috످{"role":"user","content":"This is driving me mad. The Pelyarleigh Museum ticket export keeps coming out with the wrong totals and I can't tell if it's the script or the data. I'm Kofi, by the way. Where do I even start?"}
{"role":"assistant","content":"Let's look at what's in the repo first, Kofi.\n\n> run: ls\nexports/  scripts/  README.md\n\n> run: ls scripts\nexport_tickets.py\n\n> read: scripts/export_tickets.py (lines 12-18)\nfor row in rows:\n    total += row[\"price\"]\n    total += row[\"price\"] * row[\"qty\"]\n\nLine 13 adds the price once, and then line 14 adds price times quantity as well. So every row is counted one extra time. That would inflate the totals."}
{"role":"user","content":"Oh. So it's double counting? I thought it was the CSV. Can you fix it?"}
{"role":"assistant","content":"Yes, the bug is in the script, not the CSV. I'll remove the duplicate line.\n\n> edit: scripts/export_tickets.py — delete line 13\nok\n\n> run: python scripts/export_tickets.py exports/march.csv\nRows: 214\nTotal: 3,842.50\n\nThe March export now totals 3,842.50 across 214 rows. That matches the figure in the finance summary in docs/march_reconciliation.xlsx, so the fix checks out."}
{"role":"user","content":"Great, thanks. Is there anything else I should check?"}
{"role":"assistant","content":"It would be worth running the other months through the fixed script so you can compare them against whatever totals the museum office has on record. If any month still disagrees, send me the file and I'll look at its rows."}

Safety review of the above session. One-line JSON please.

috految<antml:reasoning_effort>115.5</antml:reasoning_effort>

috److془The session: assistant claimed matches docs/march_reconciliation.xlsx, never opened, ls shows no docs/ directory. Also "not the CSV" without inspecting. Output one-line JSON.془{"verdict":"honesty_issue","summary":"The assistant fixed a real double-counting bug but fabricated a check that the new total matched finance records.","findings":[{"turn":"assistant turn 2","severity":"high","issue":"It told Kofi the 3,842.50 total matches docs/march_reconciliation.xlsx, but it never opened that file and its own ls shows no docs/ folder. Kofi accepted the result, and the next turn suggests checking only the other months."},{"turn":"assistant turn 2","severity":"low","issue":"It ruled out the CSV without inspecting it, so data errors are still possible."}],"recommended_action":"Retract the claimed match, tell Kofi the March total is unverified, inspect the CSV, and compare the total with the museum's records."}

috످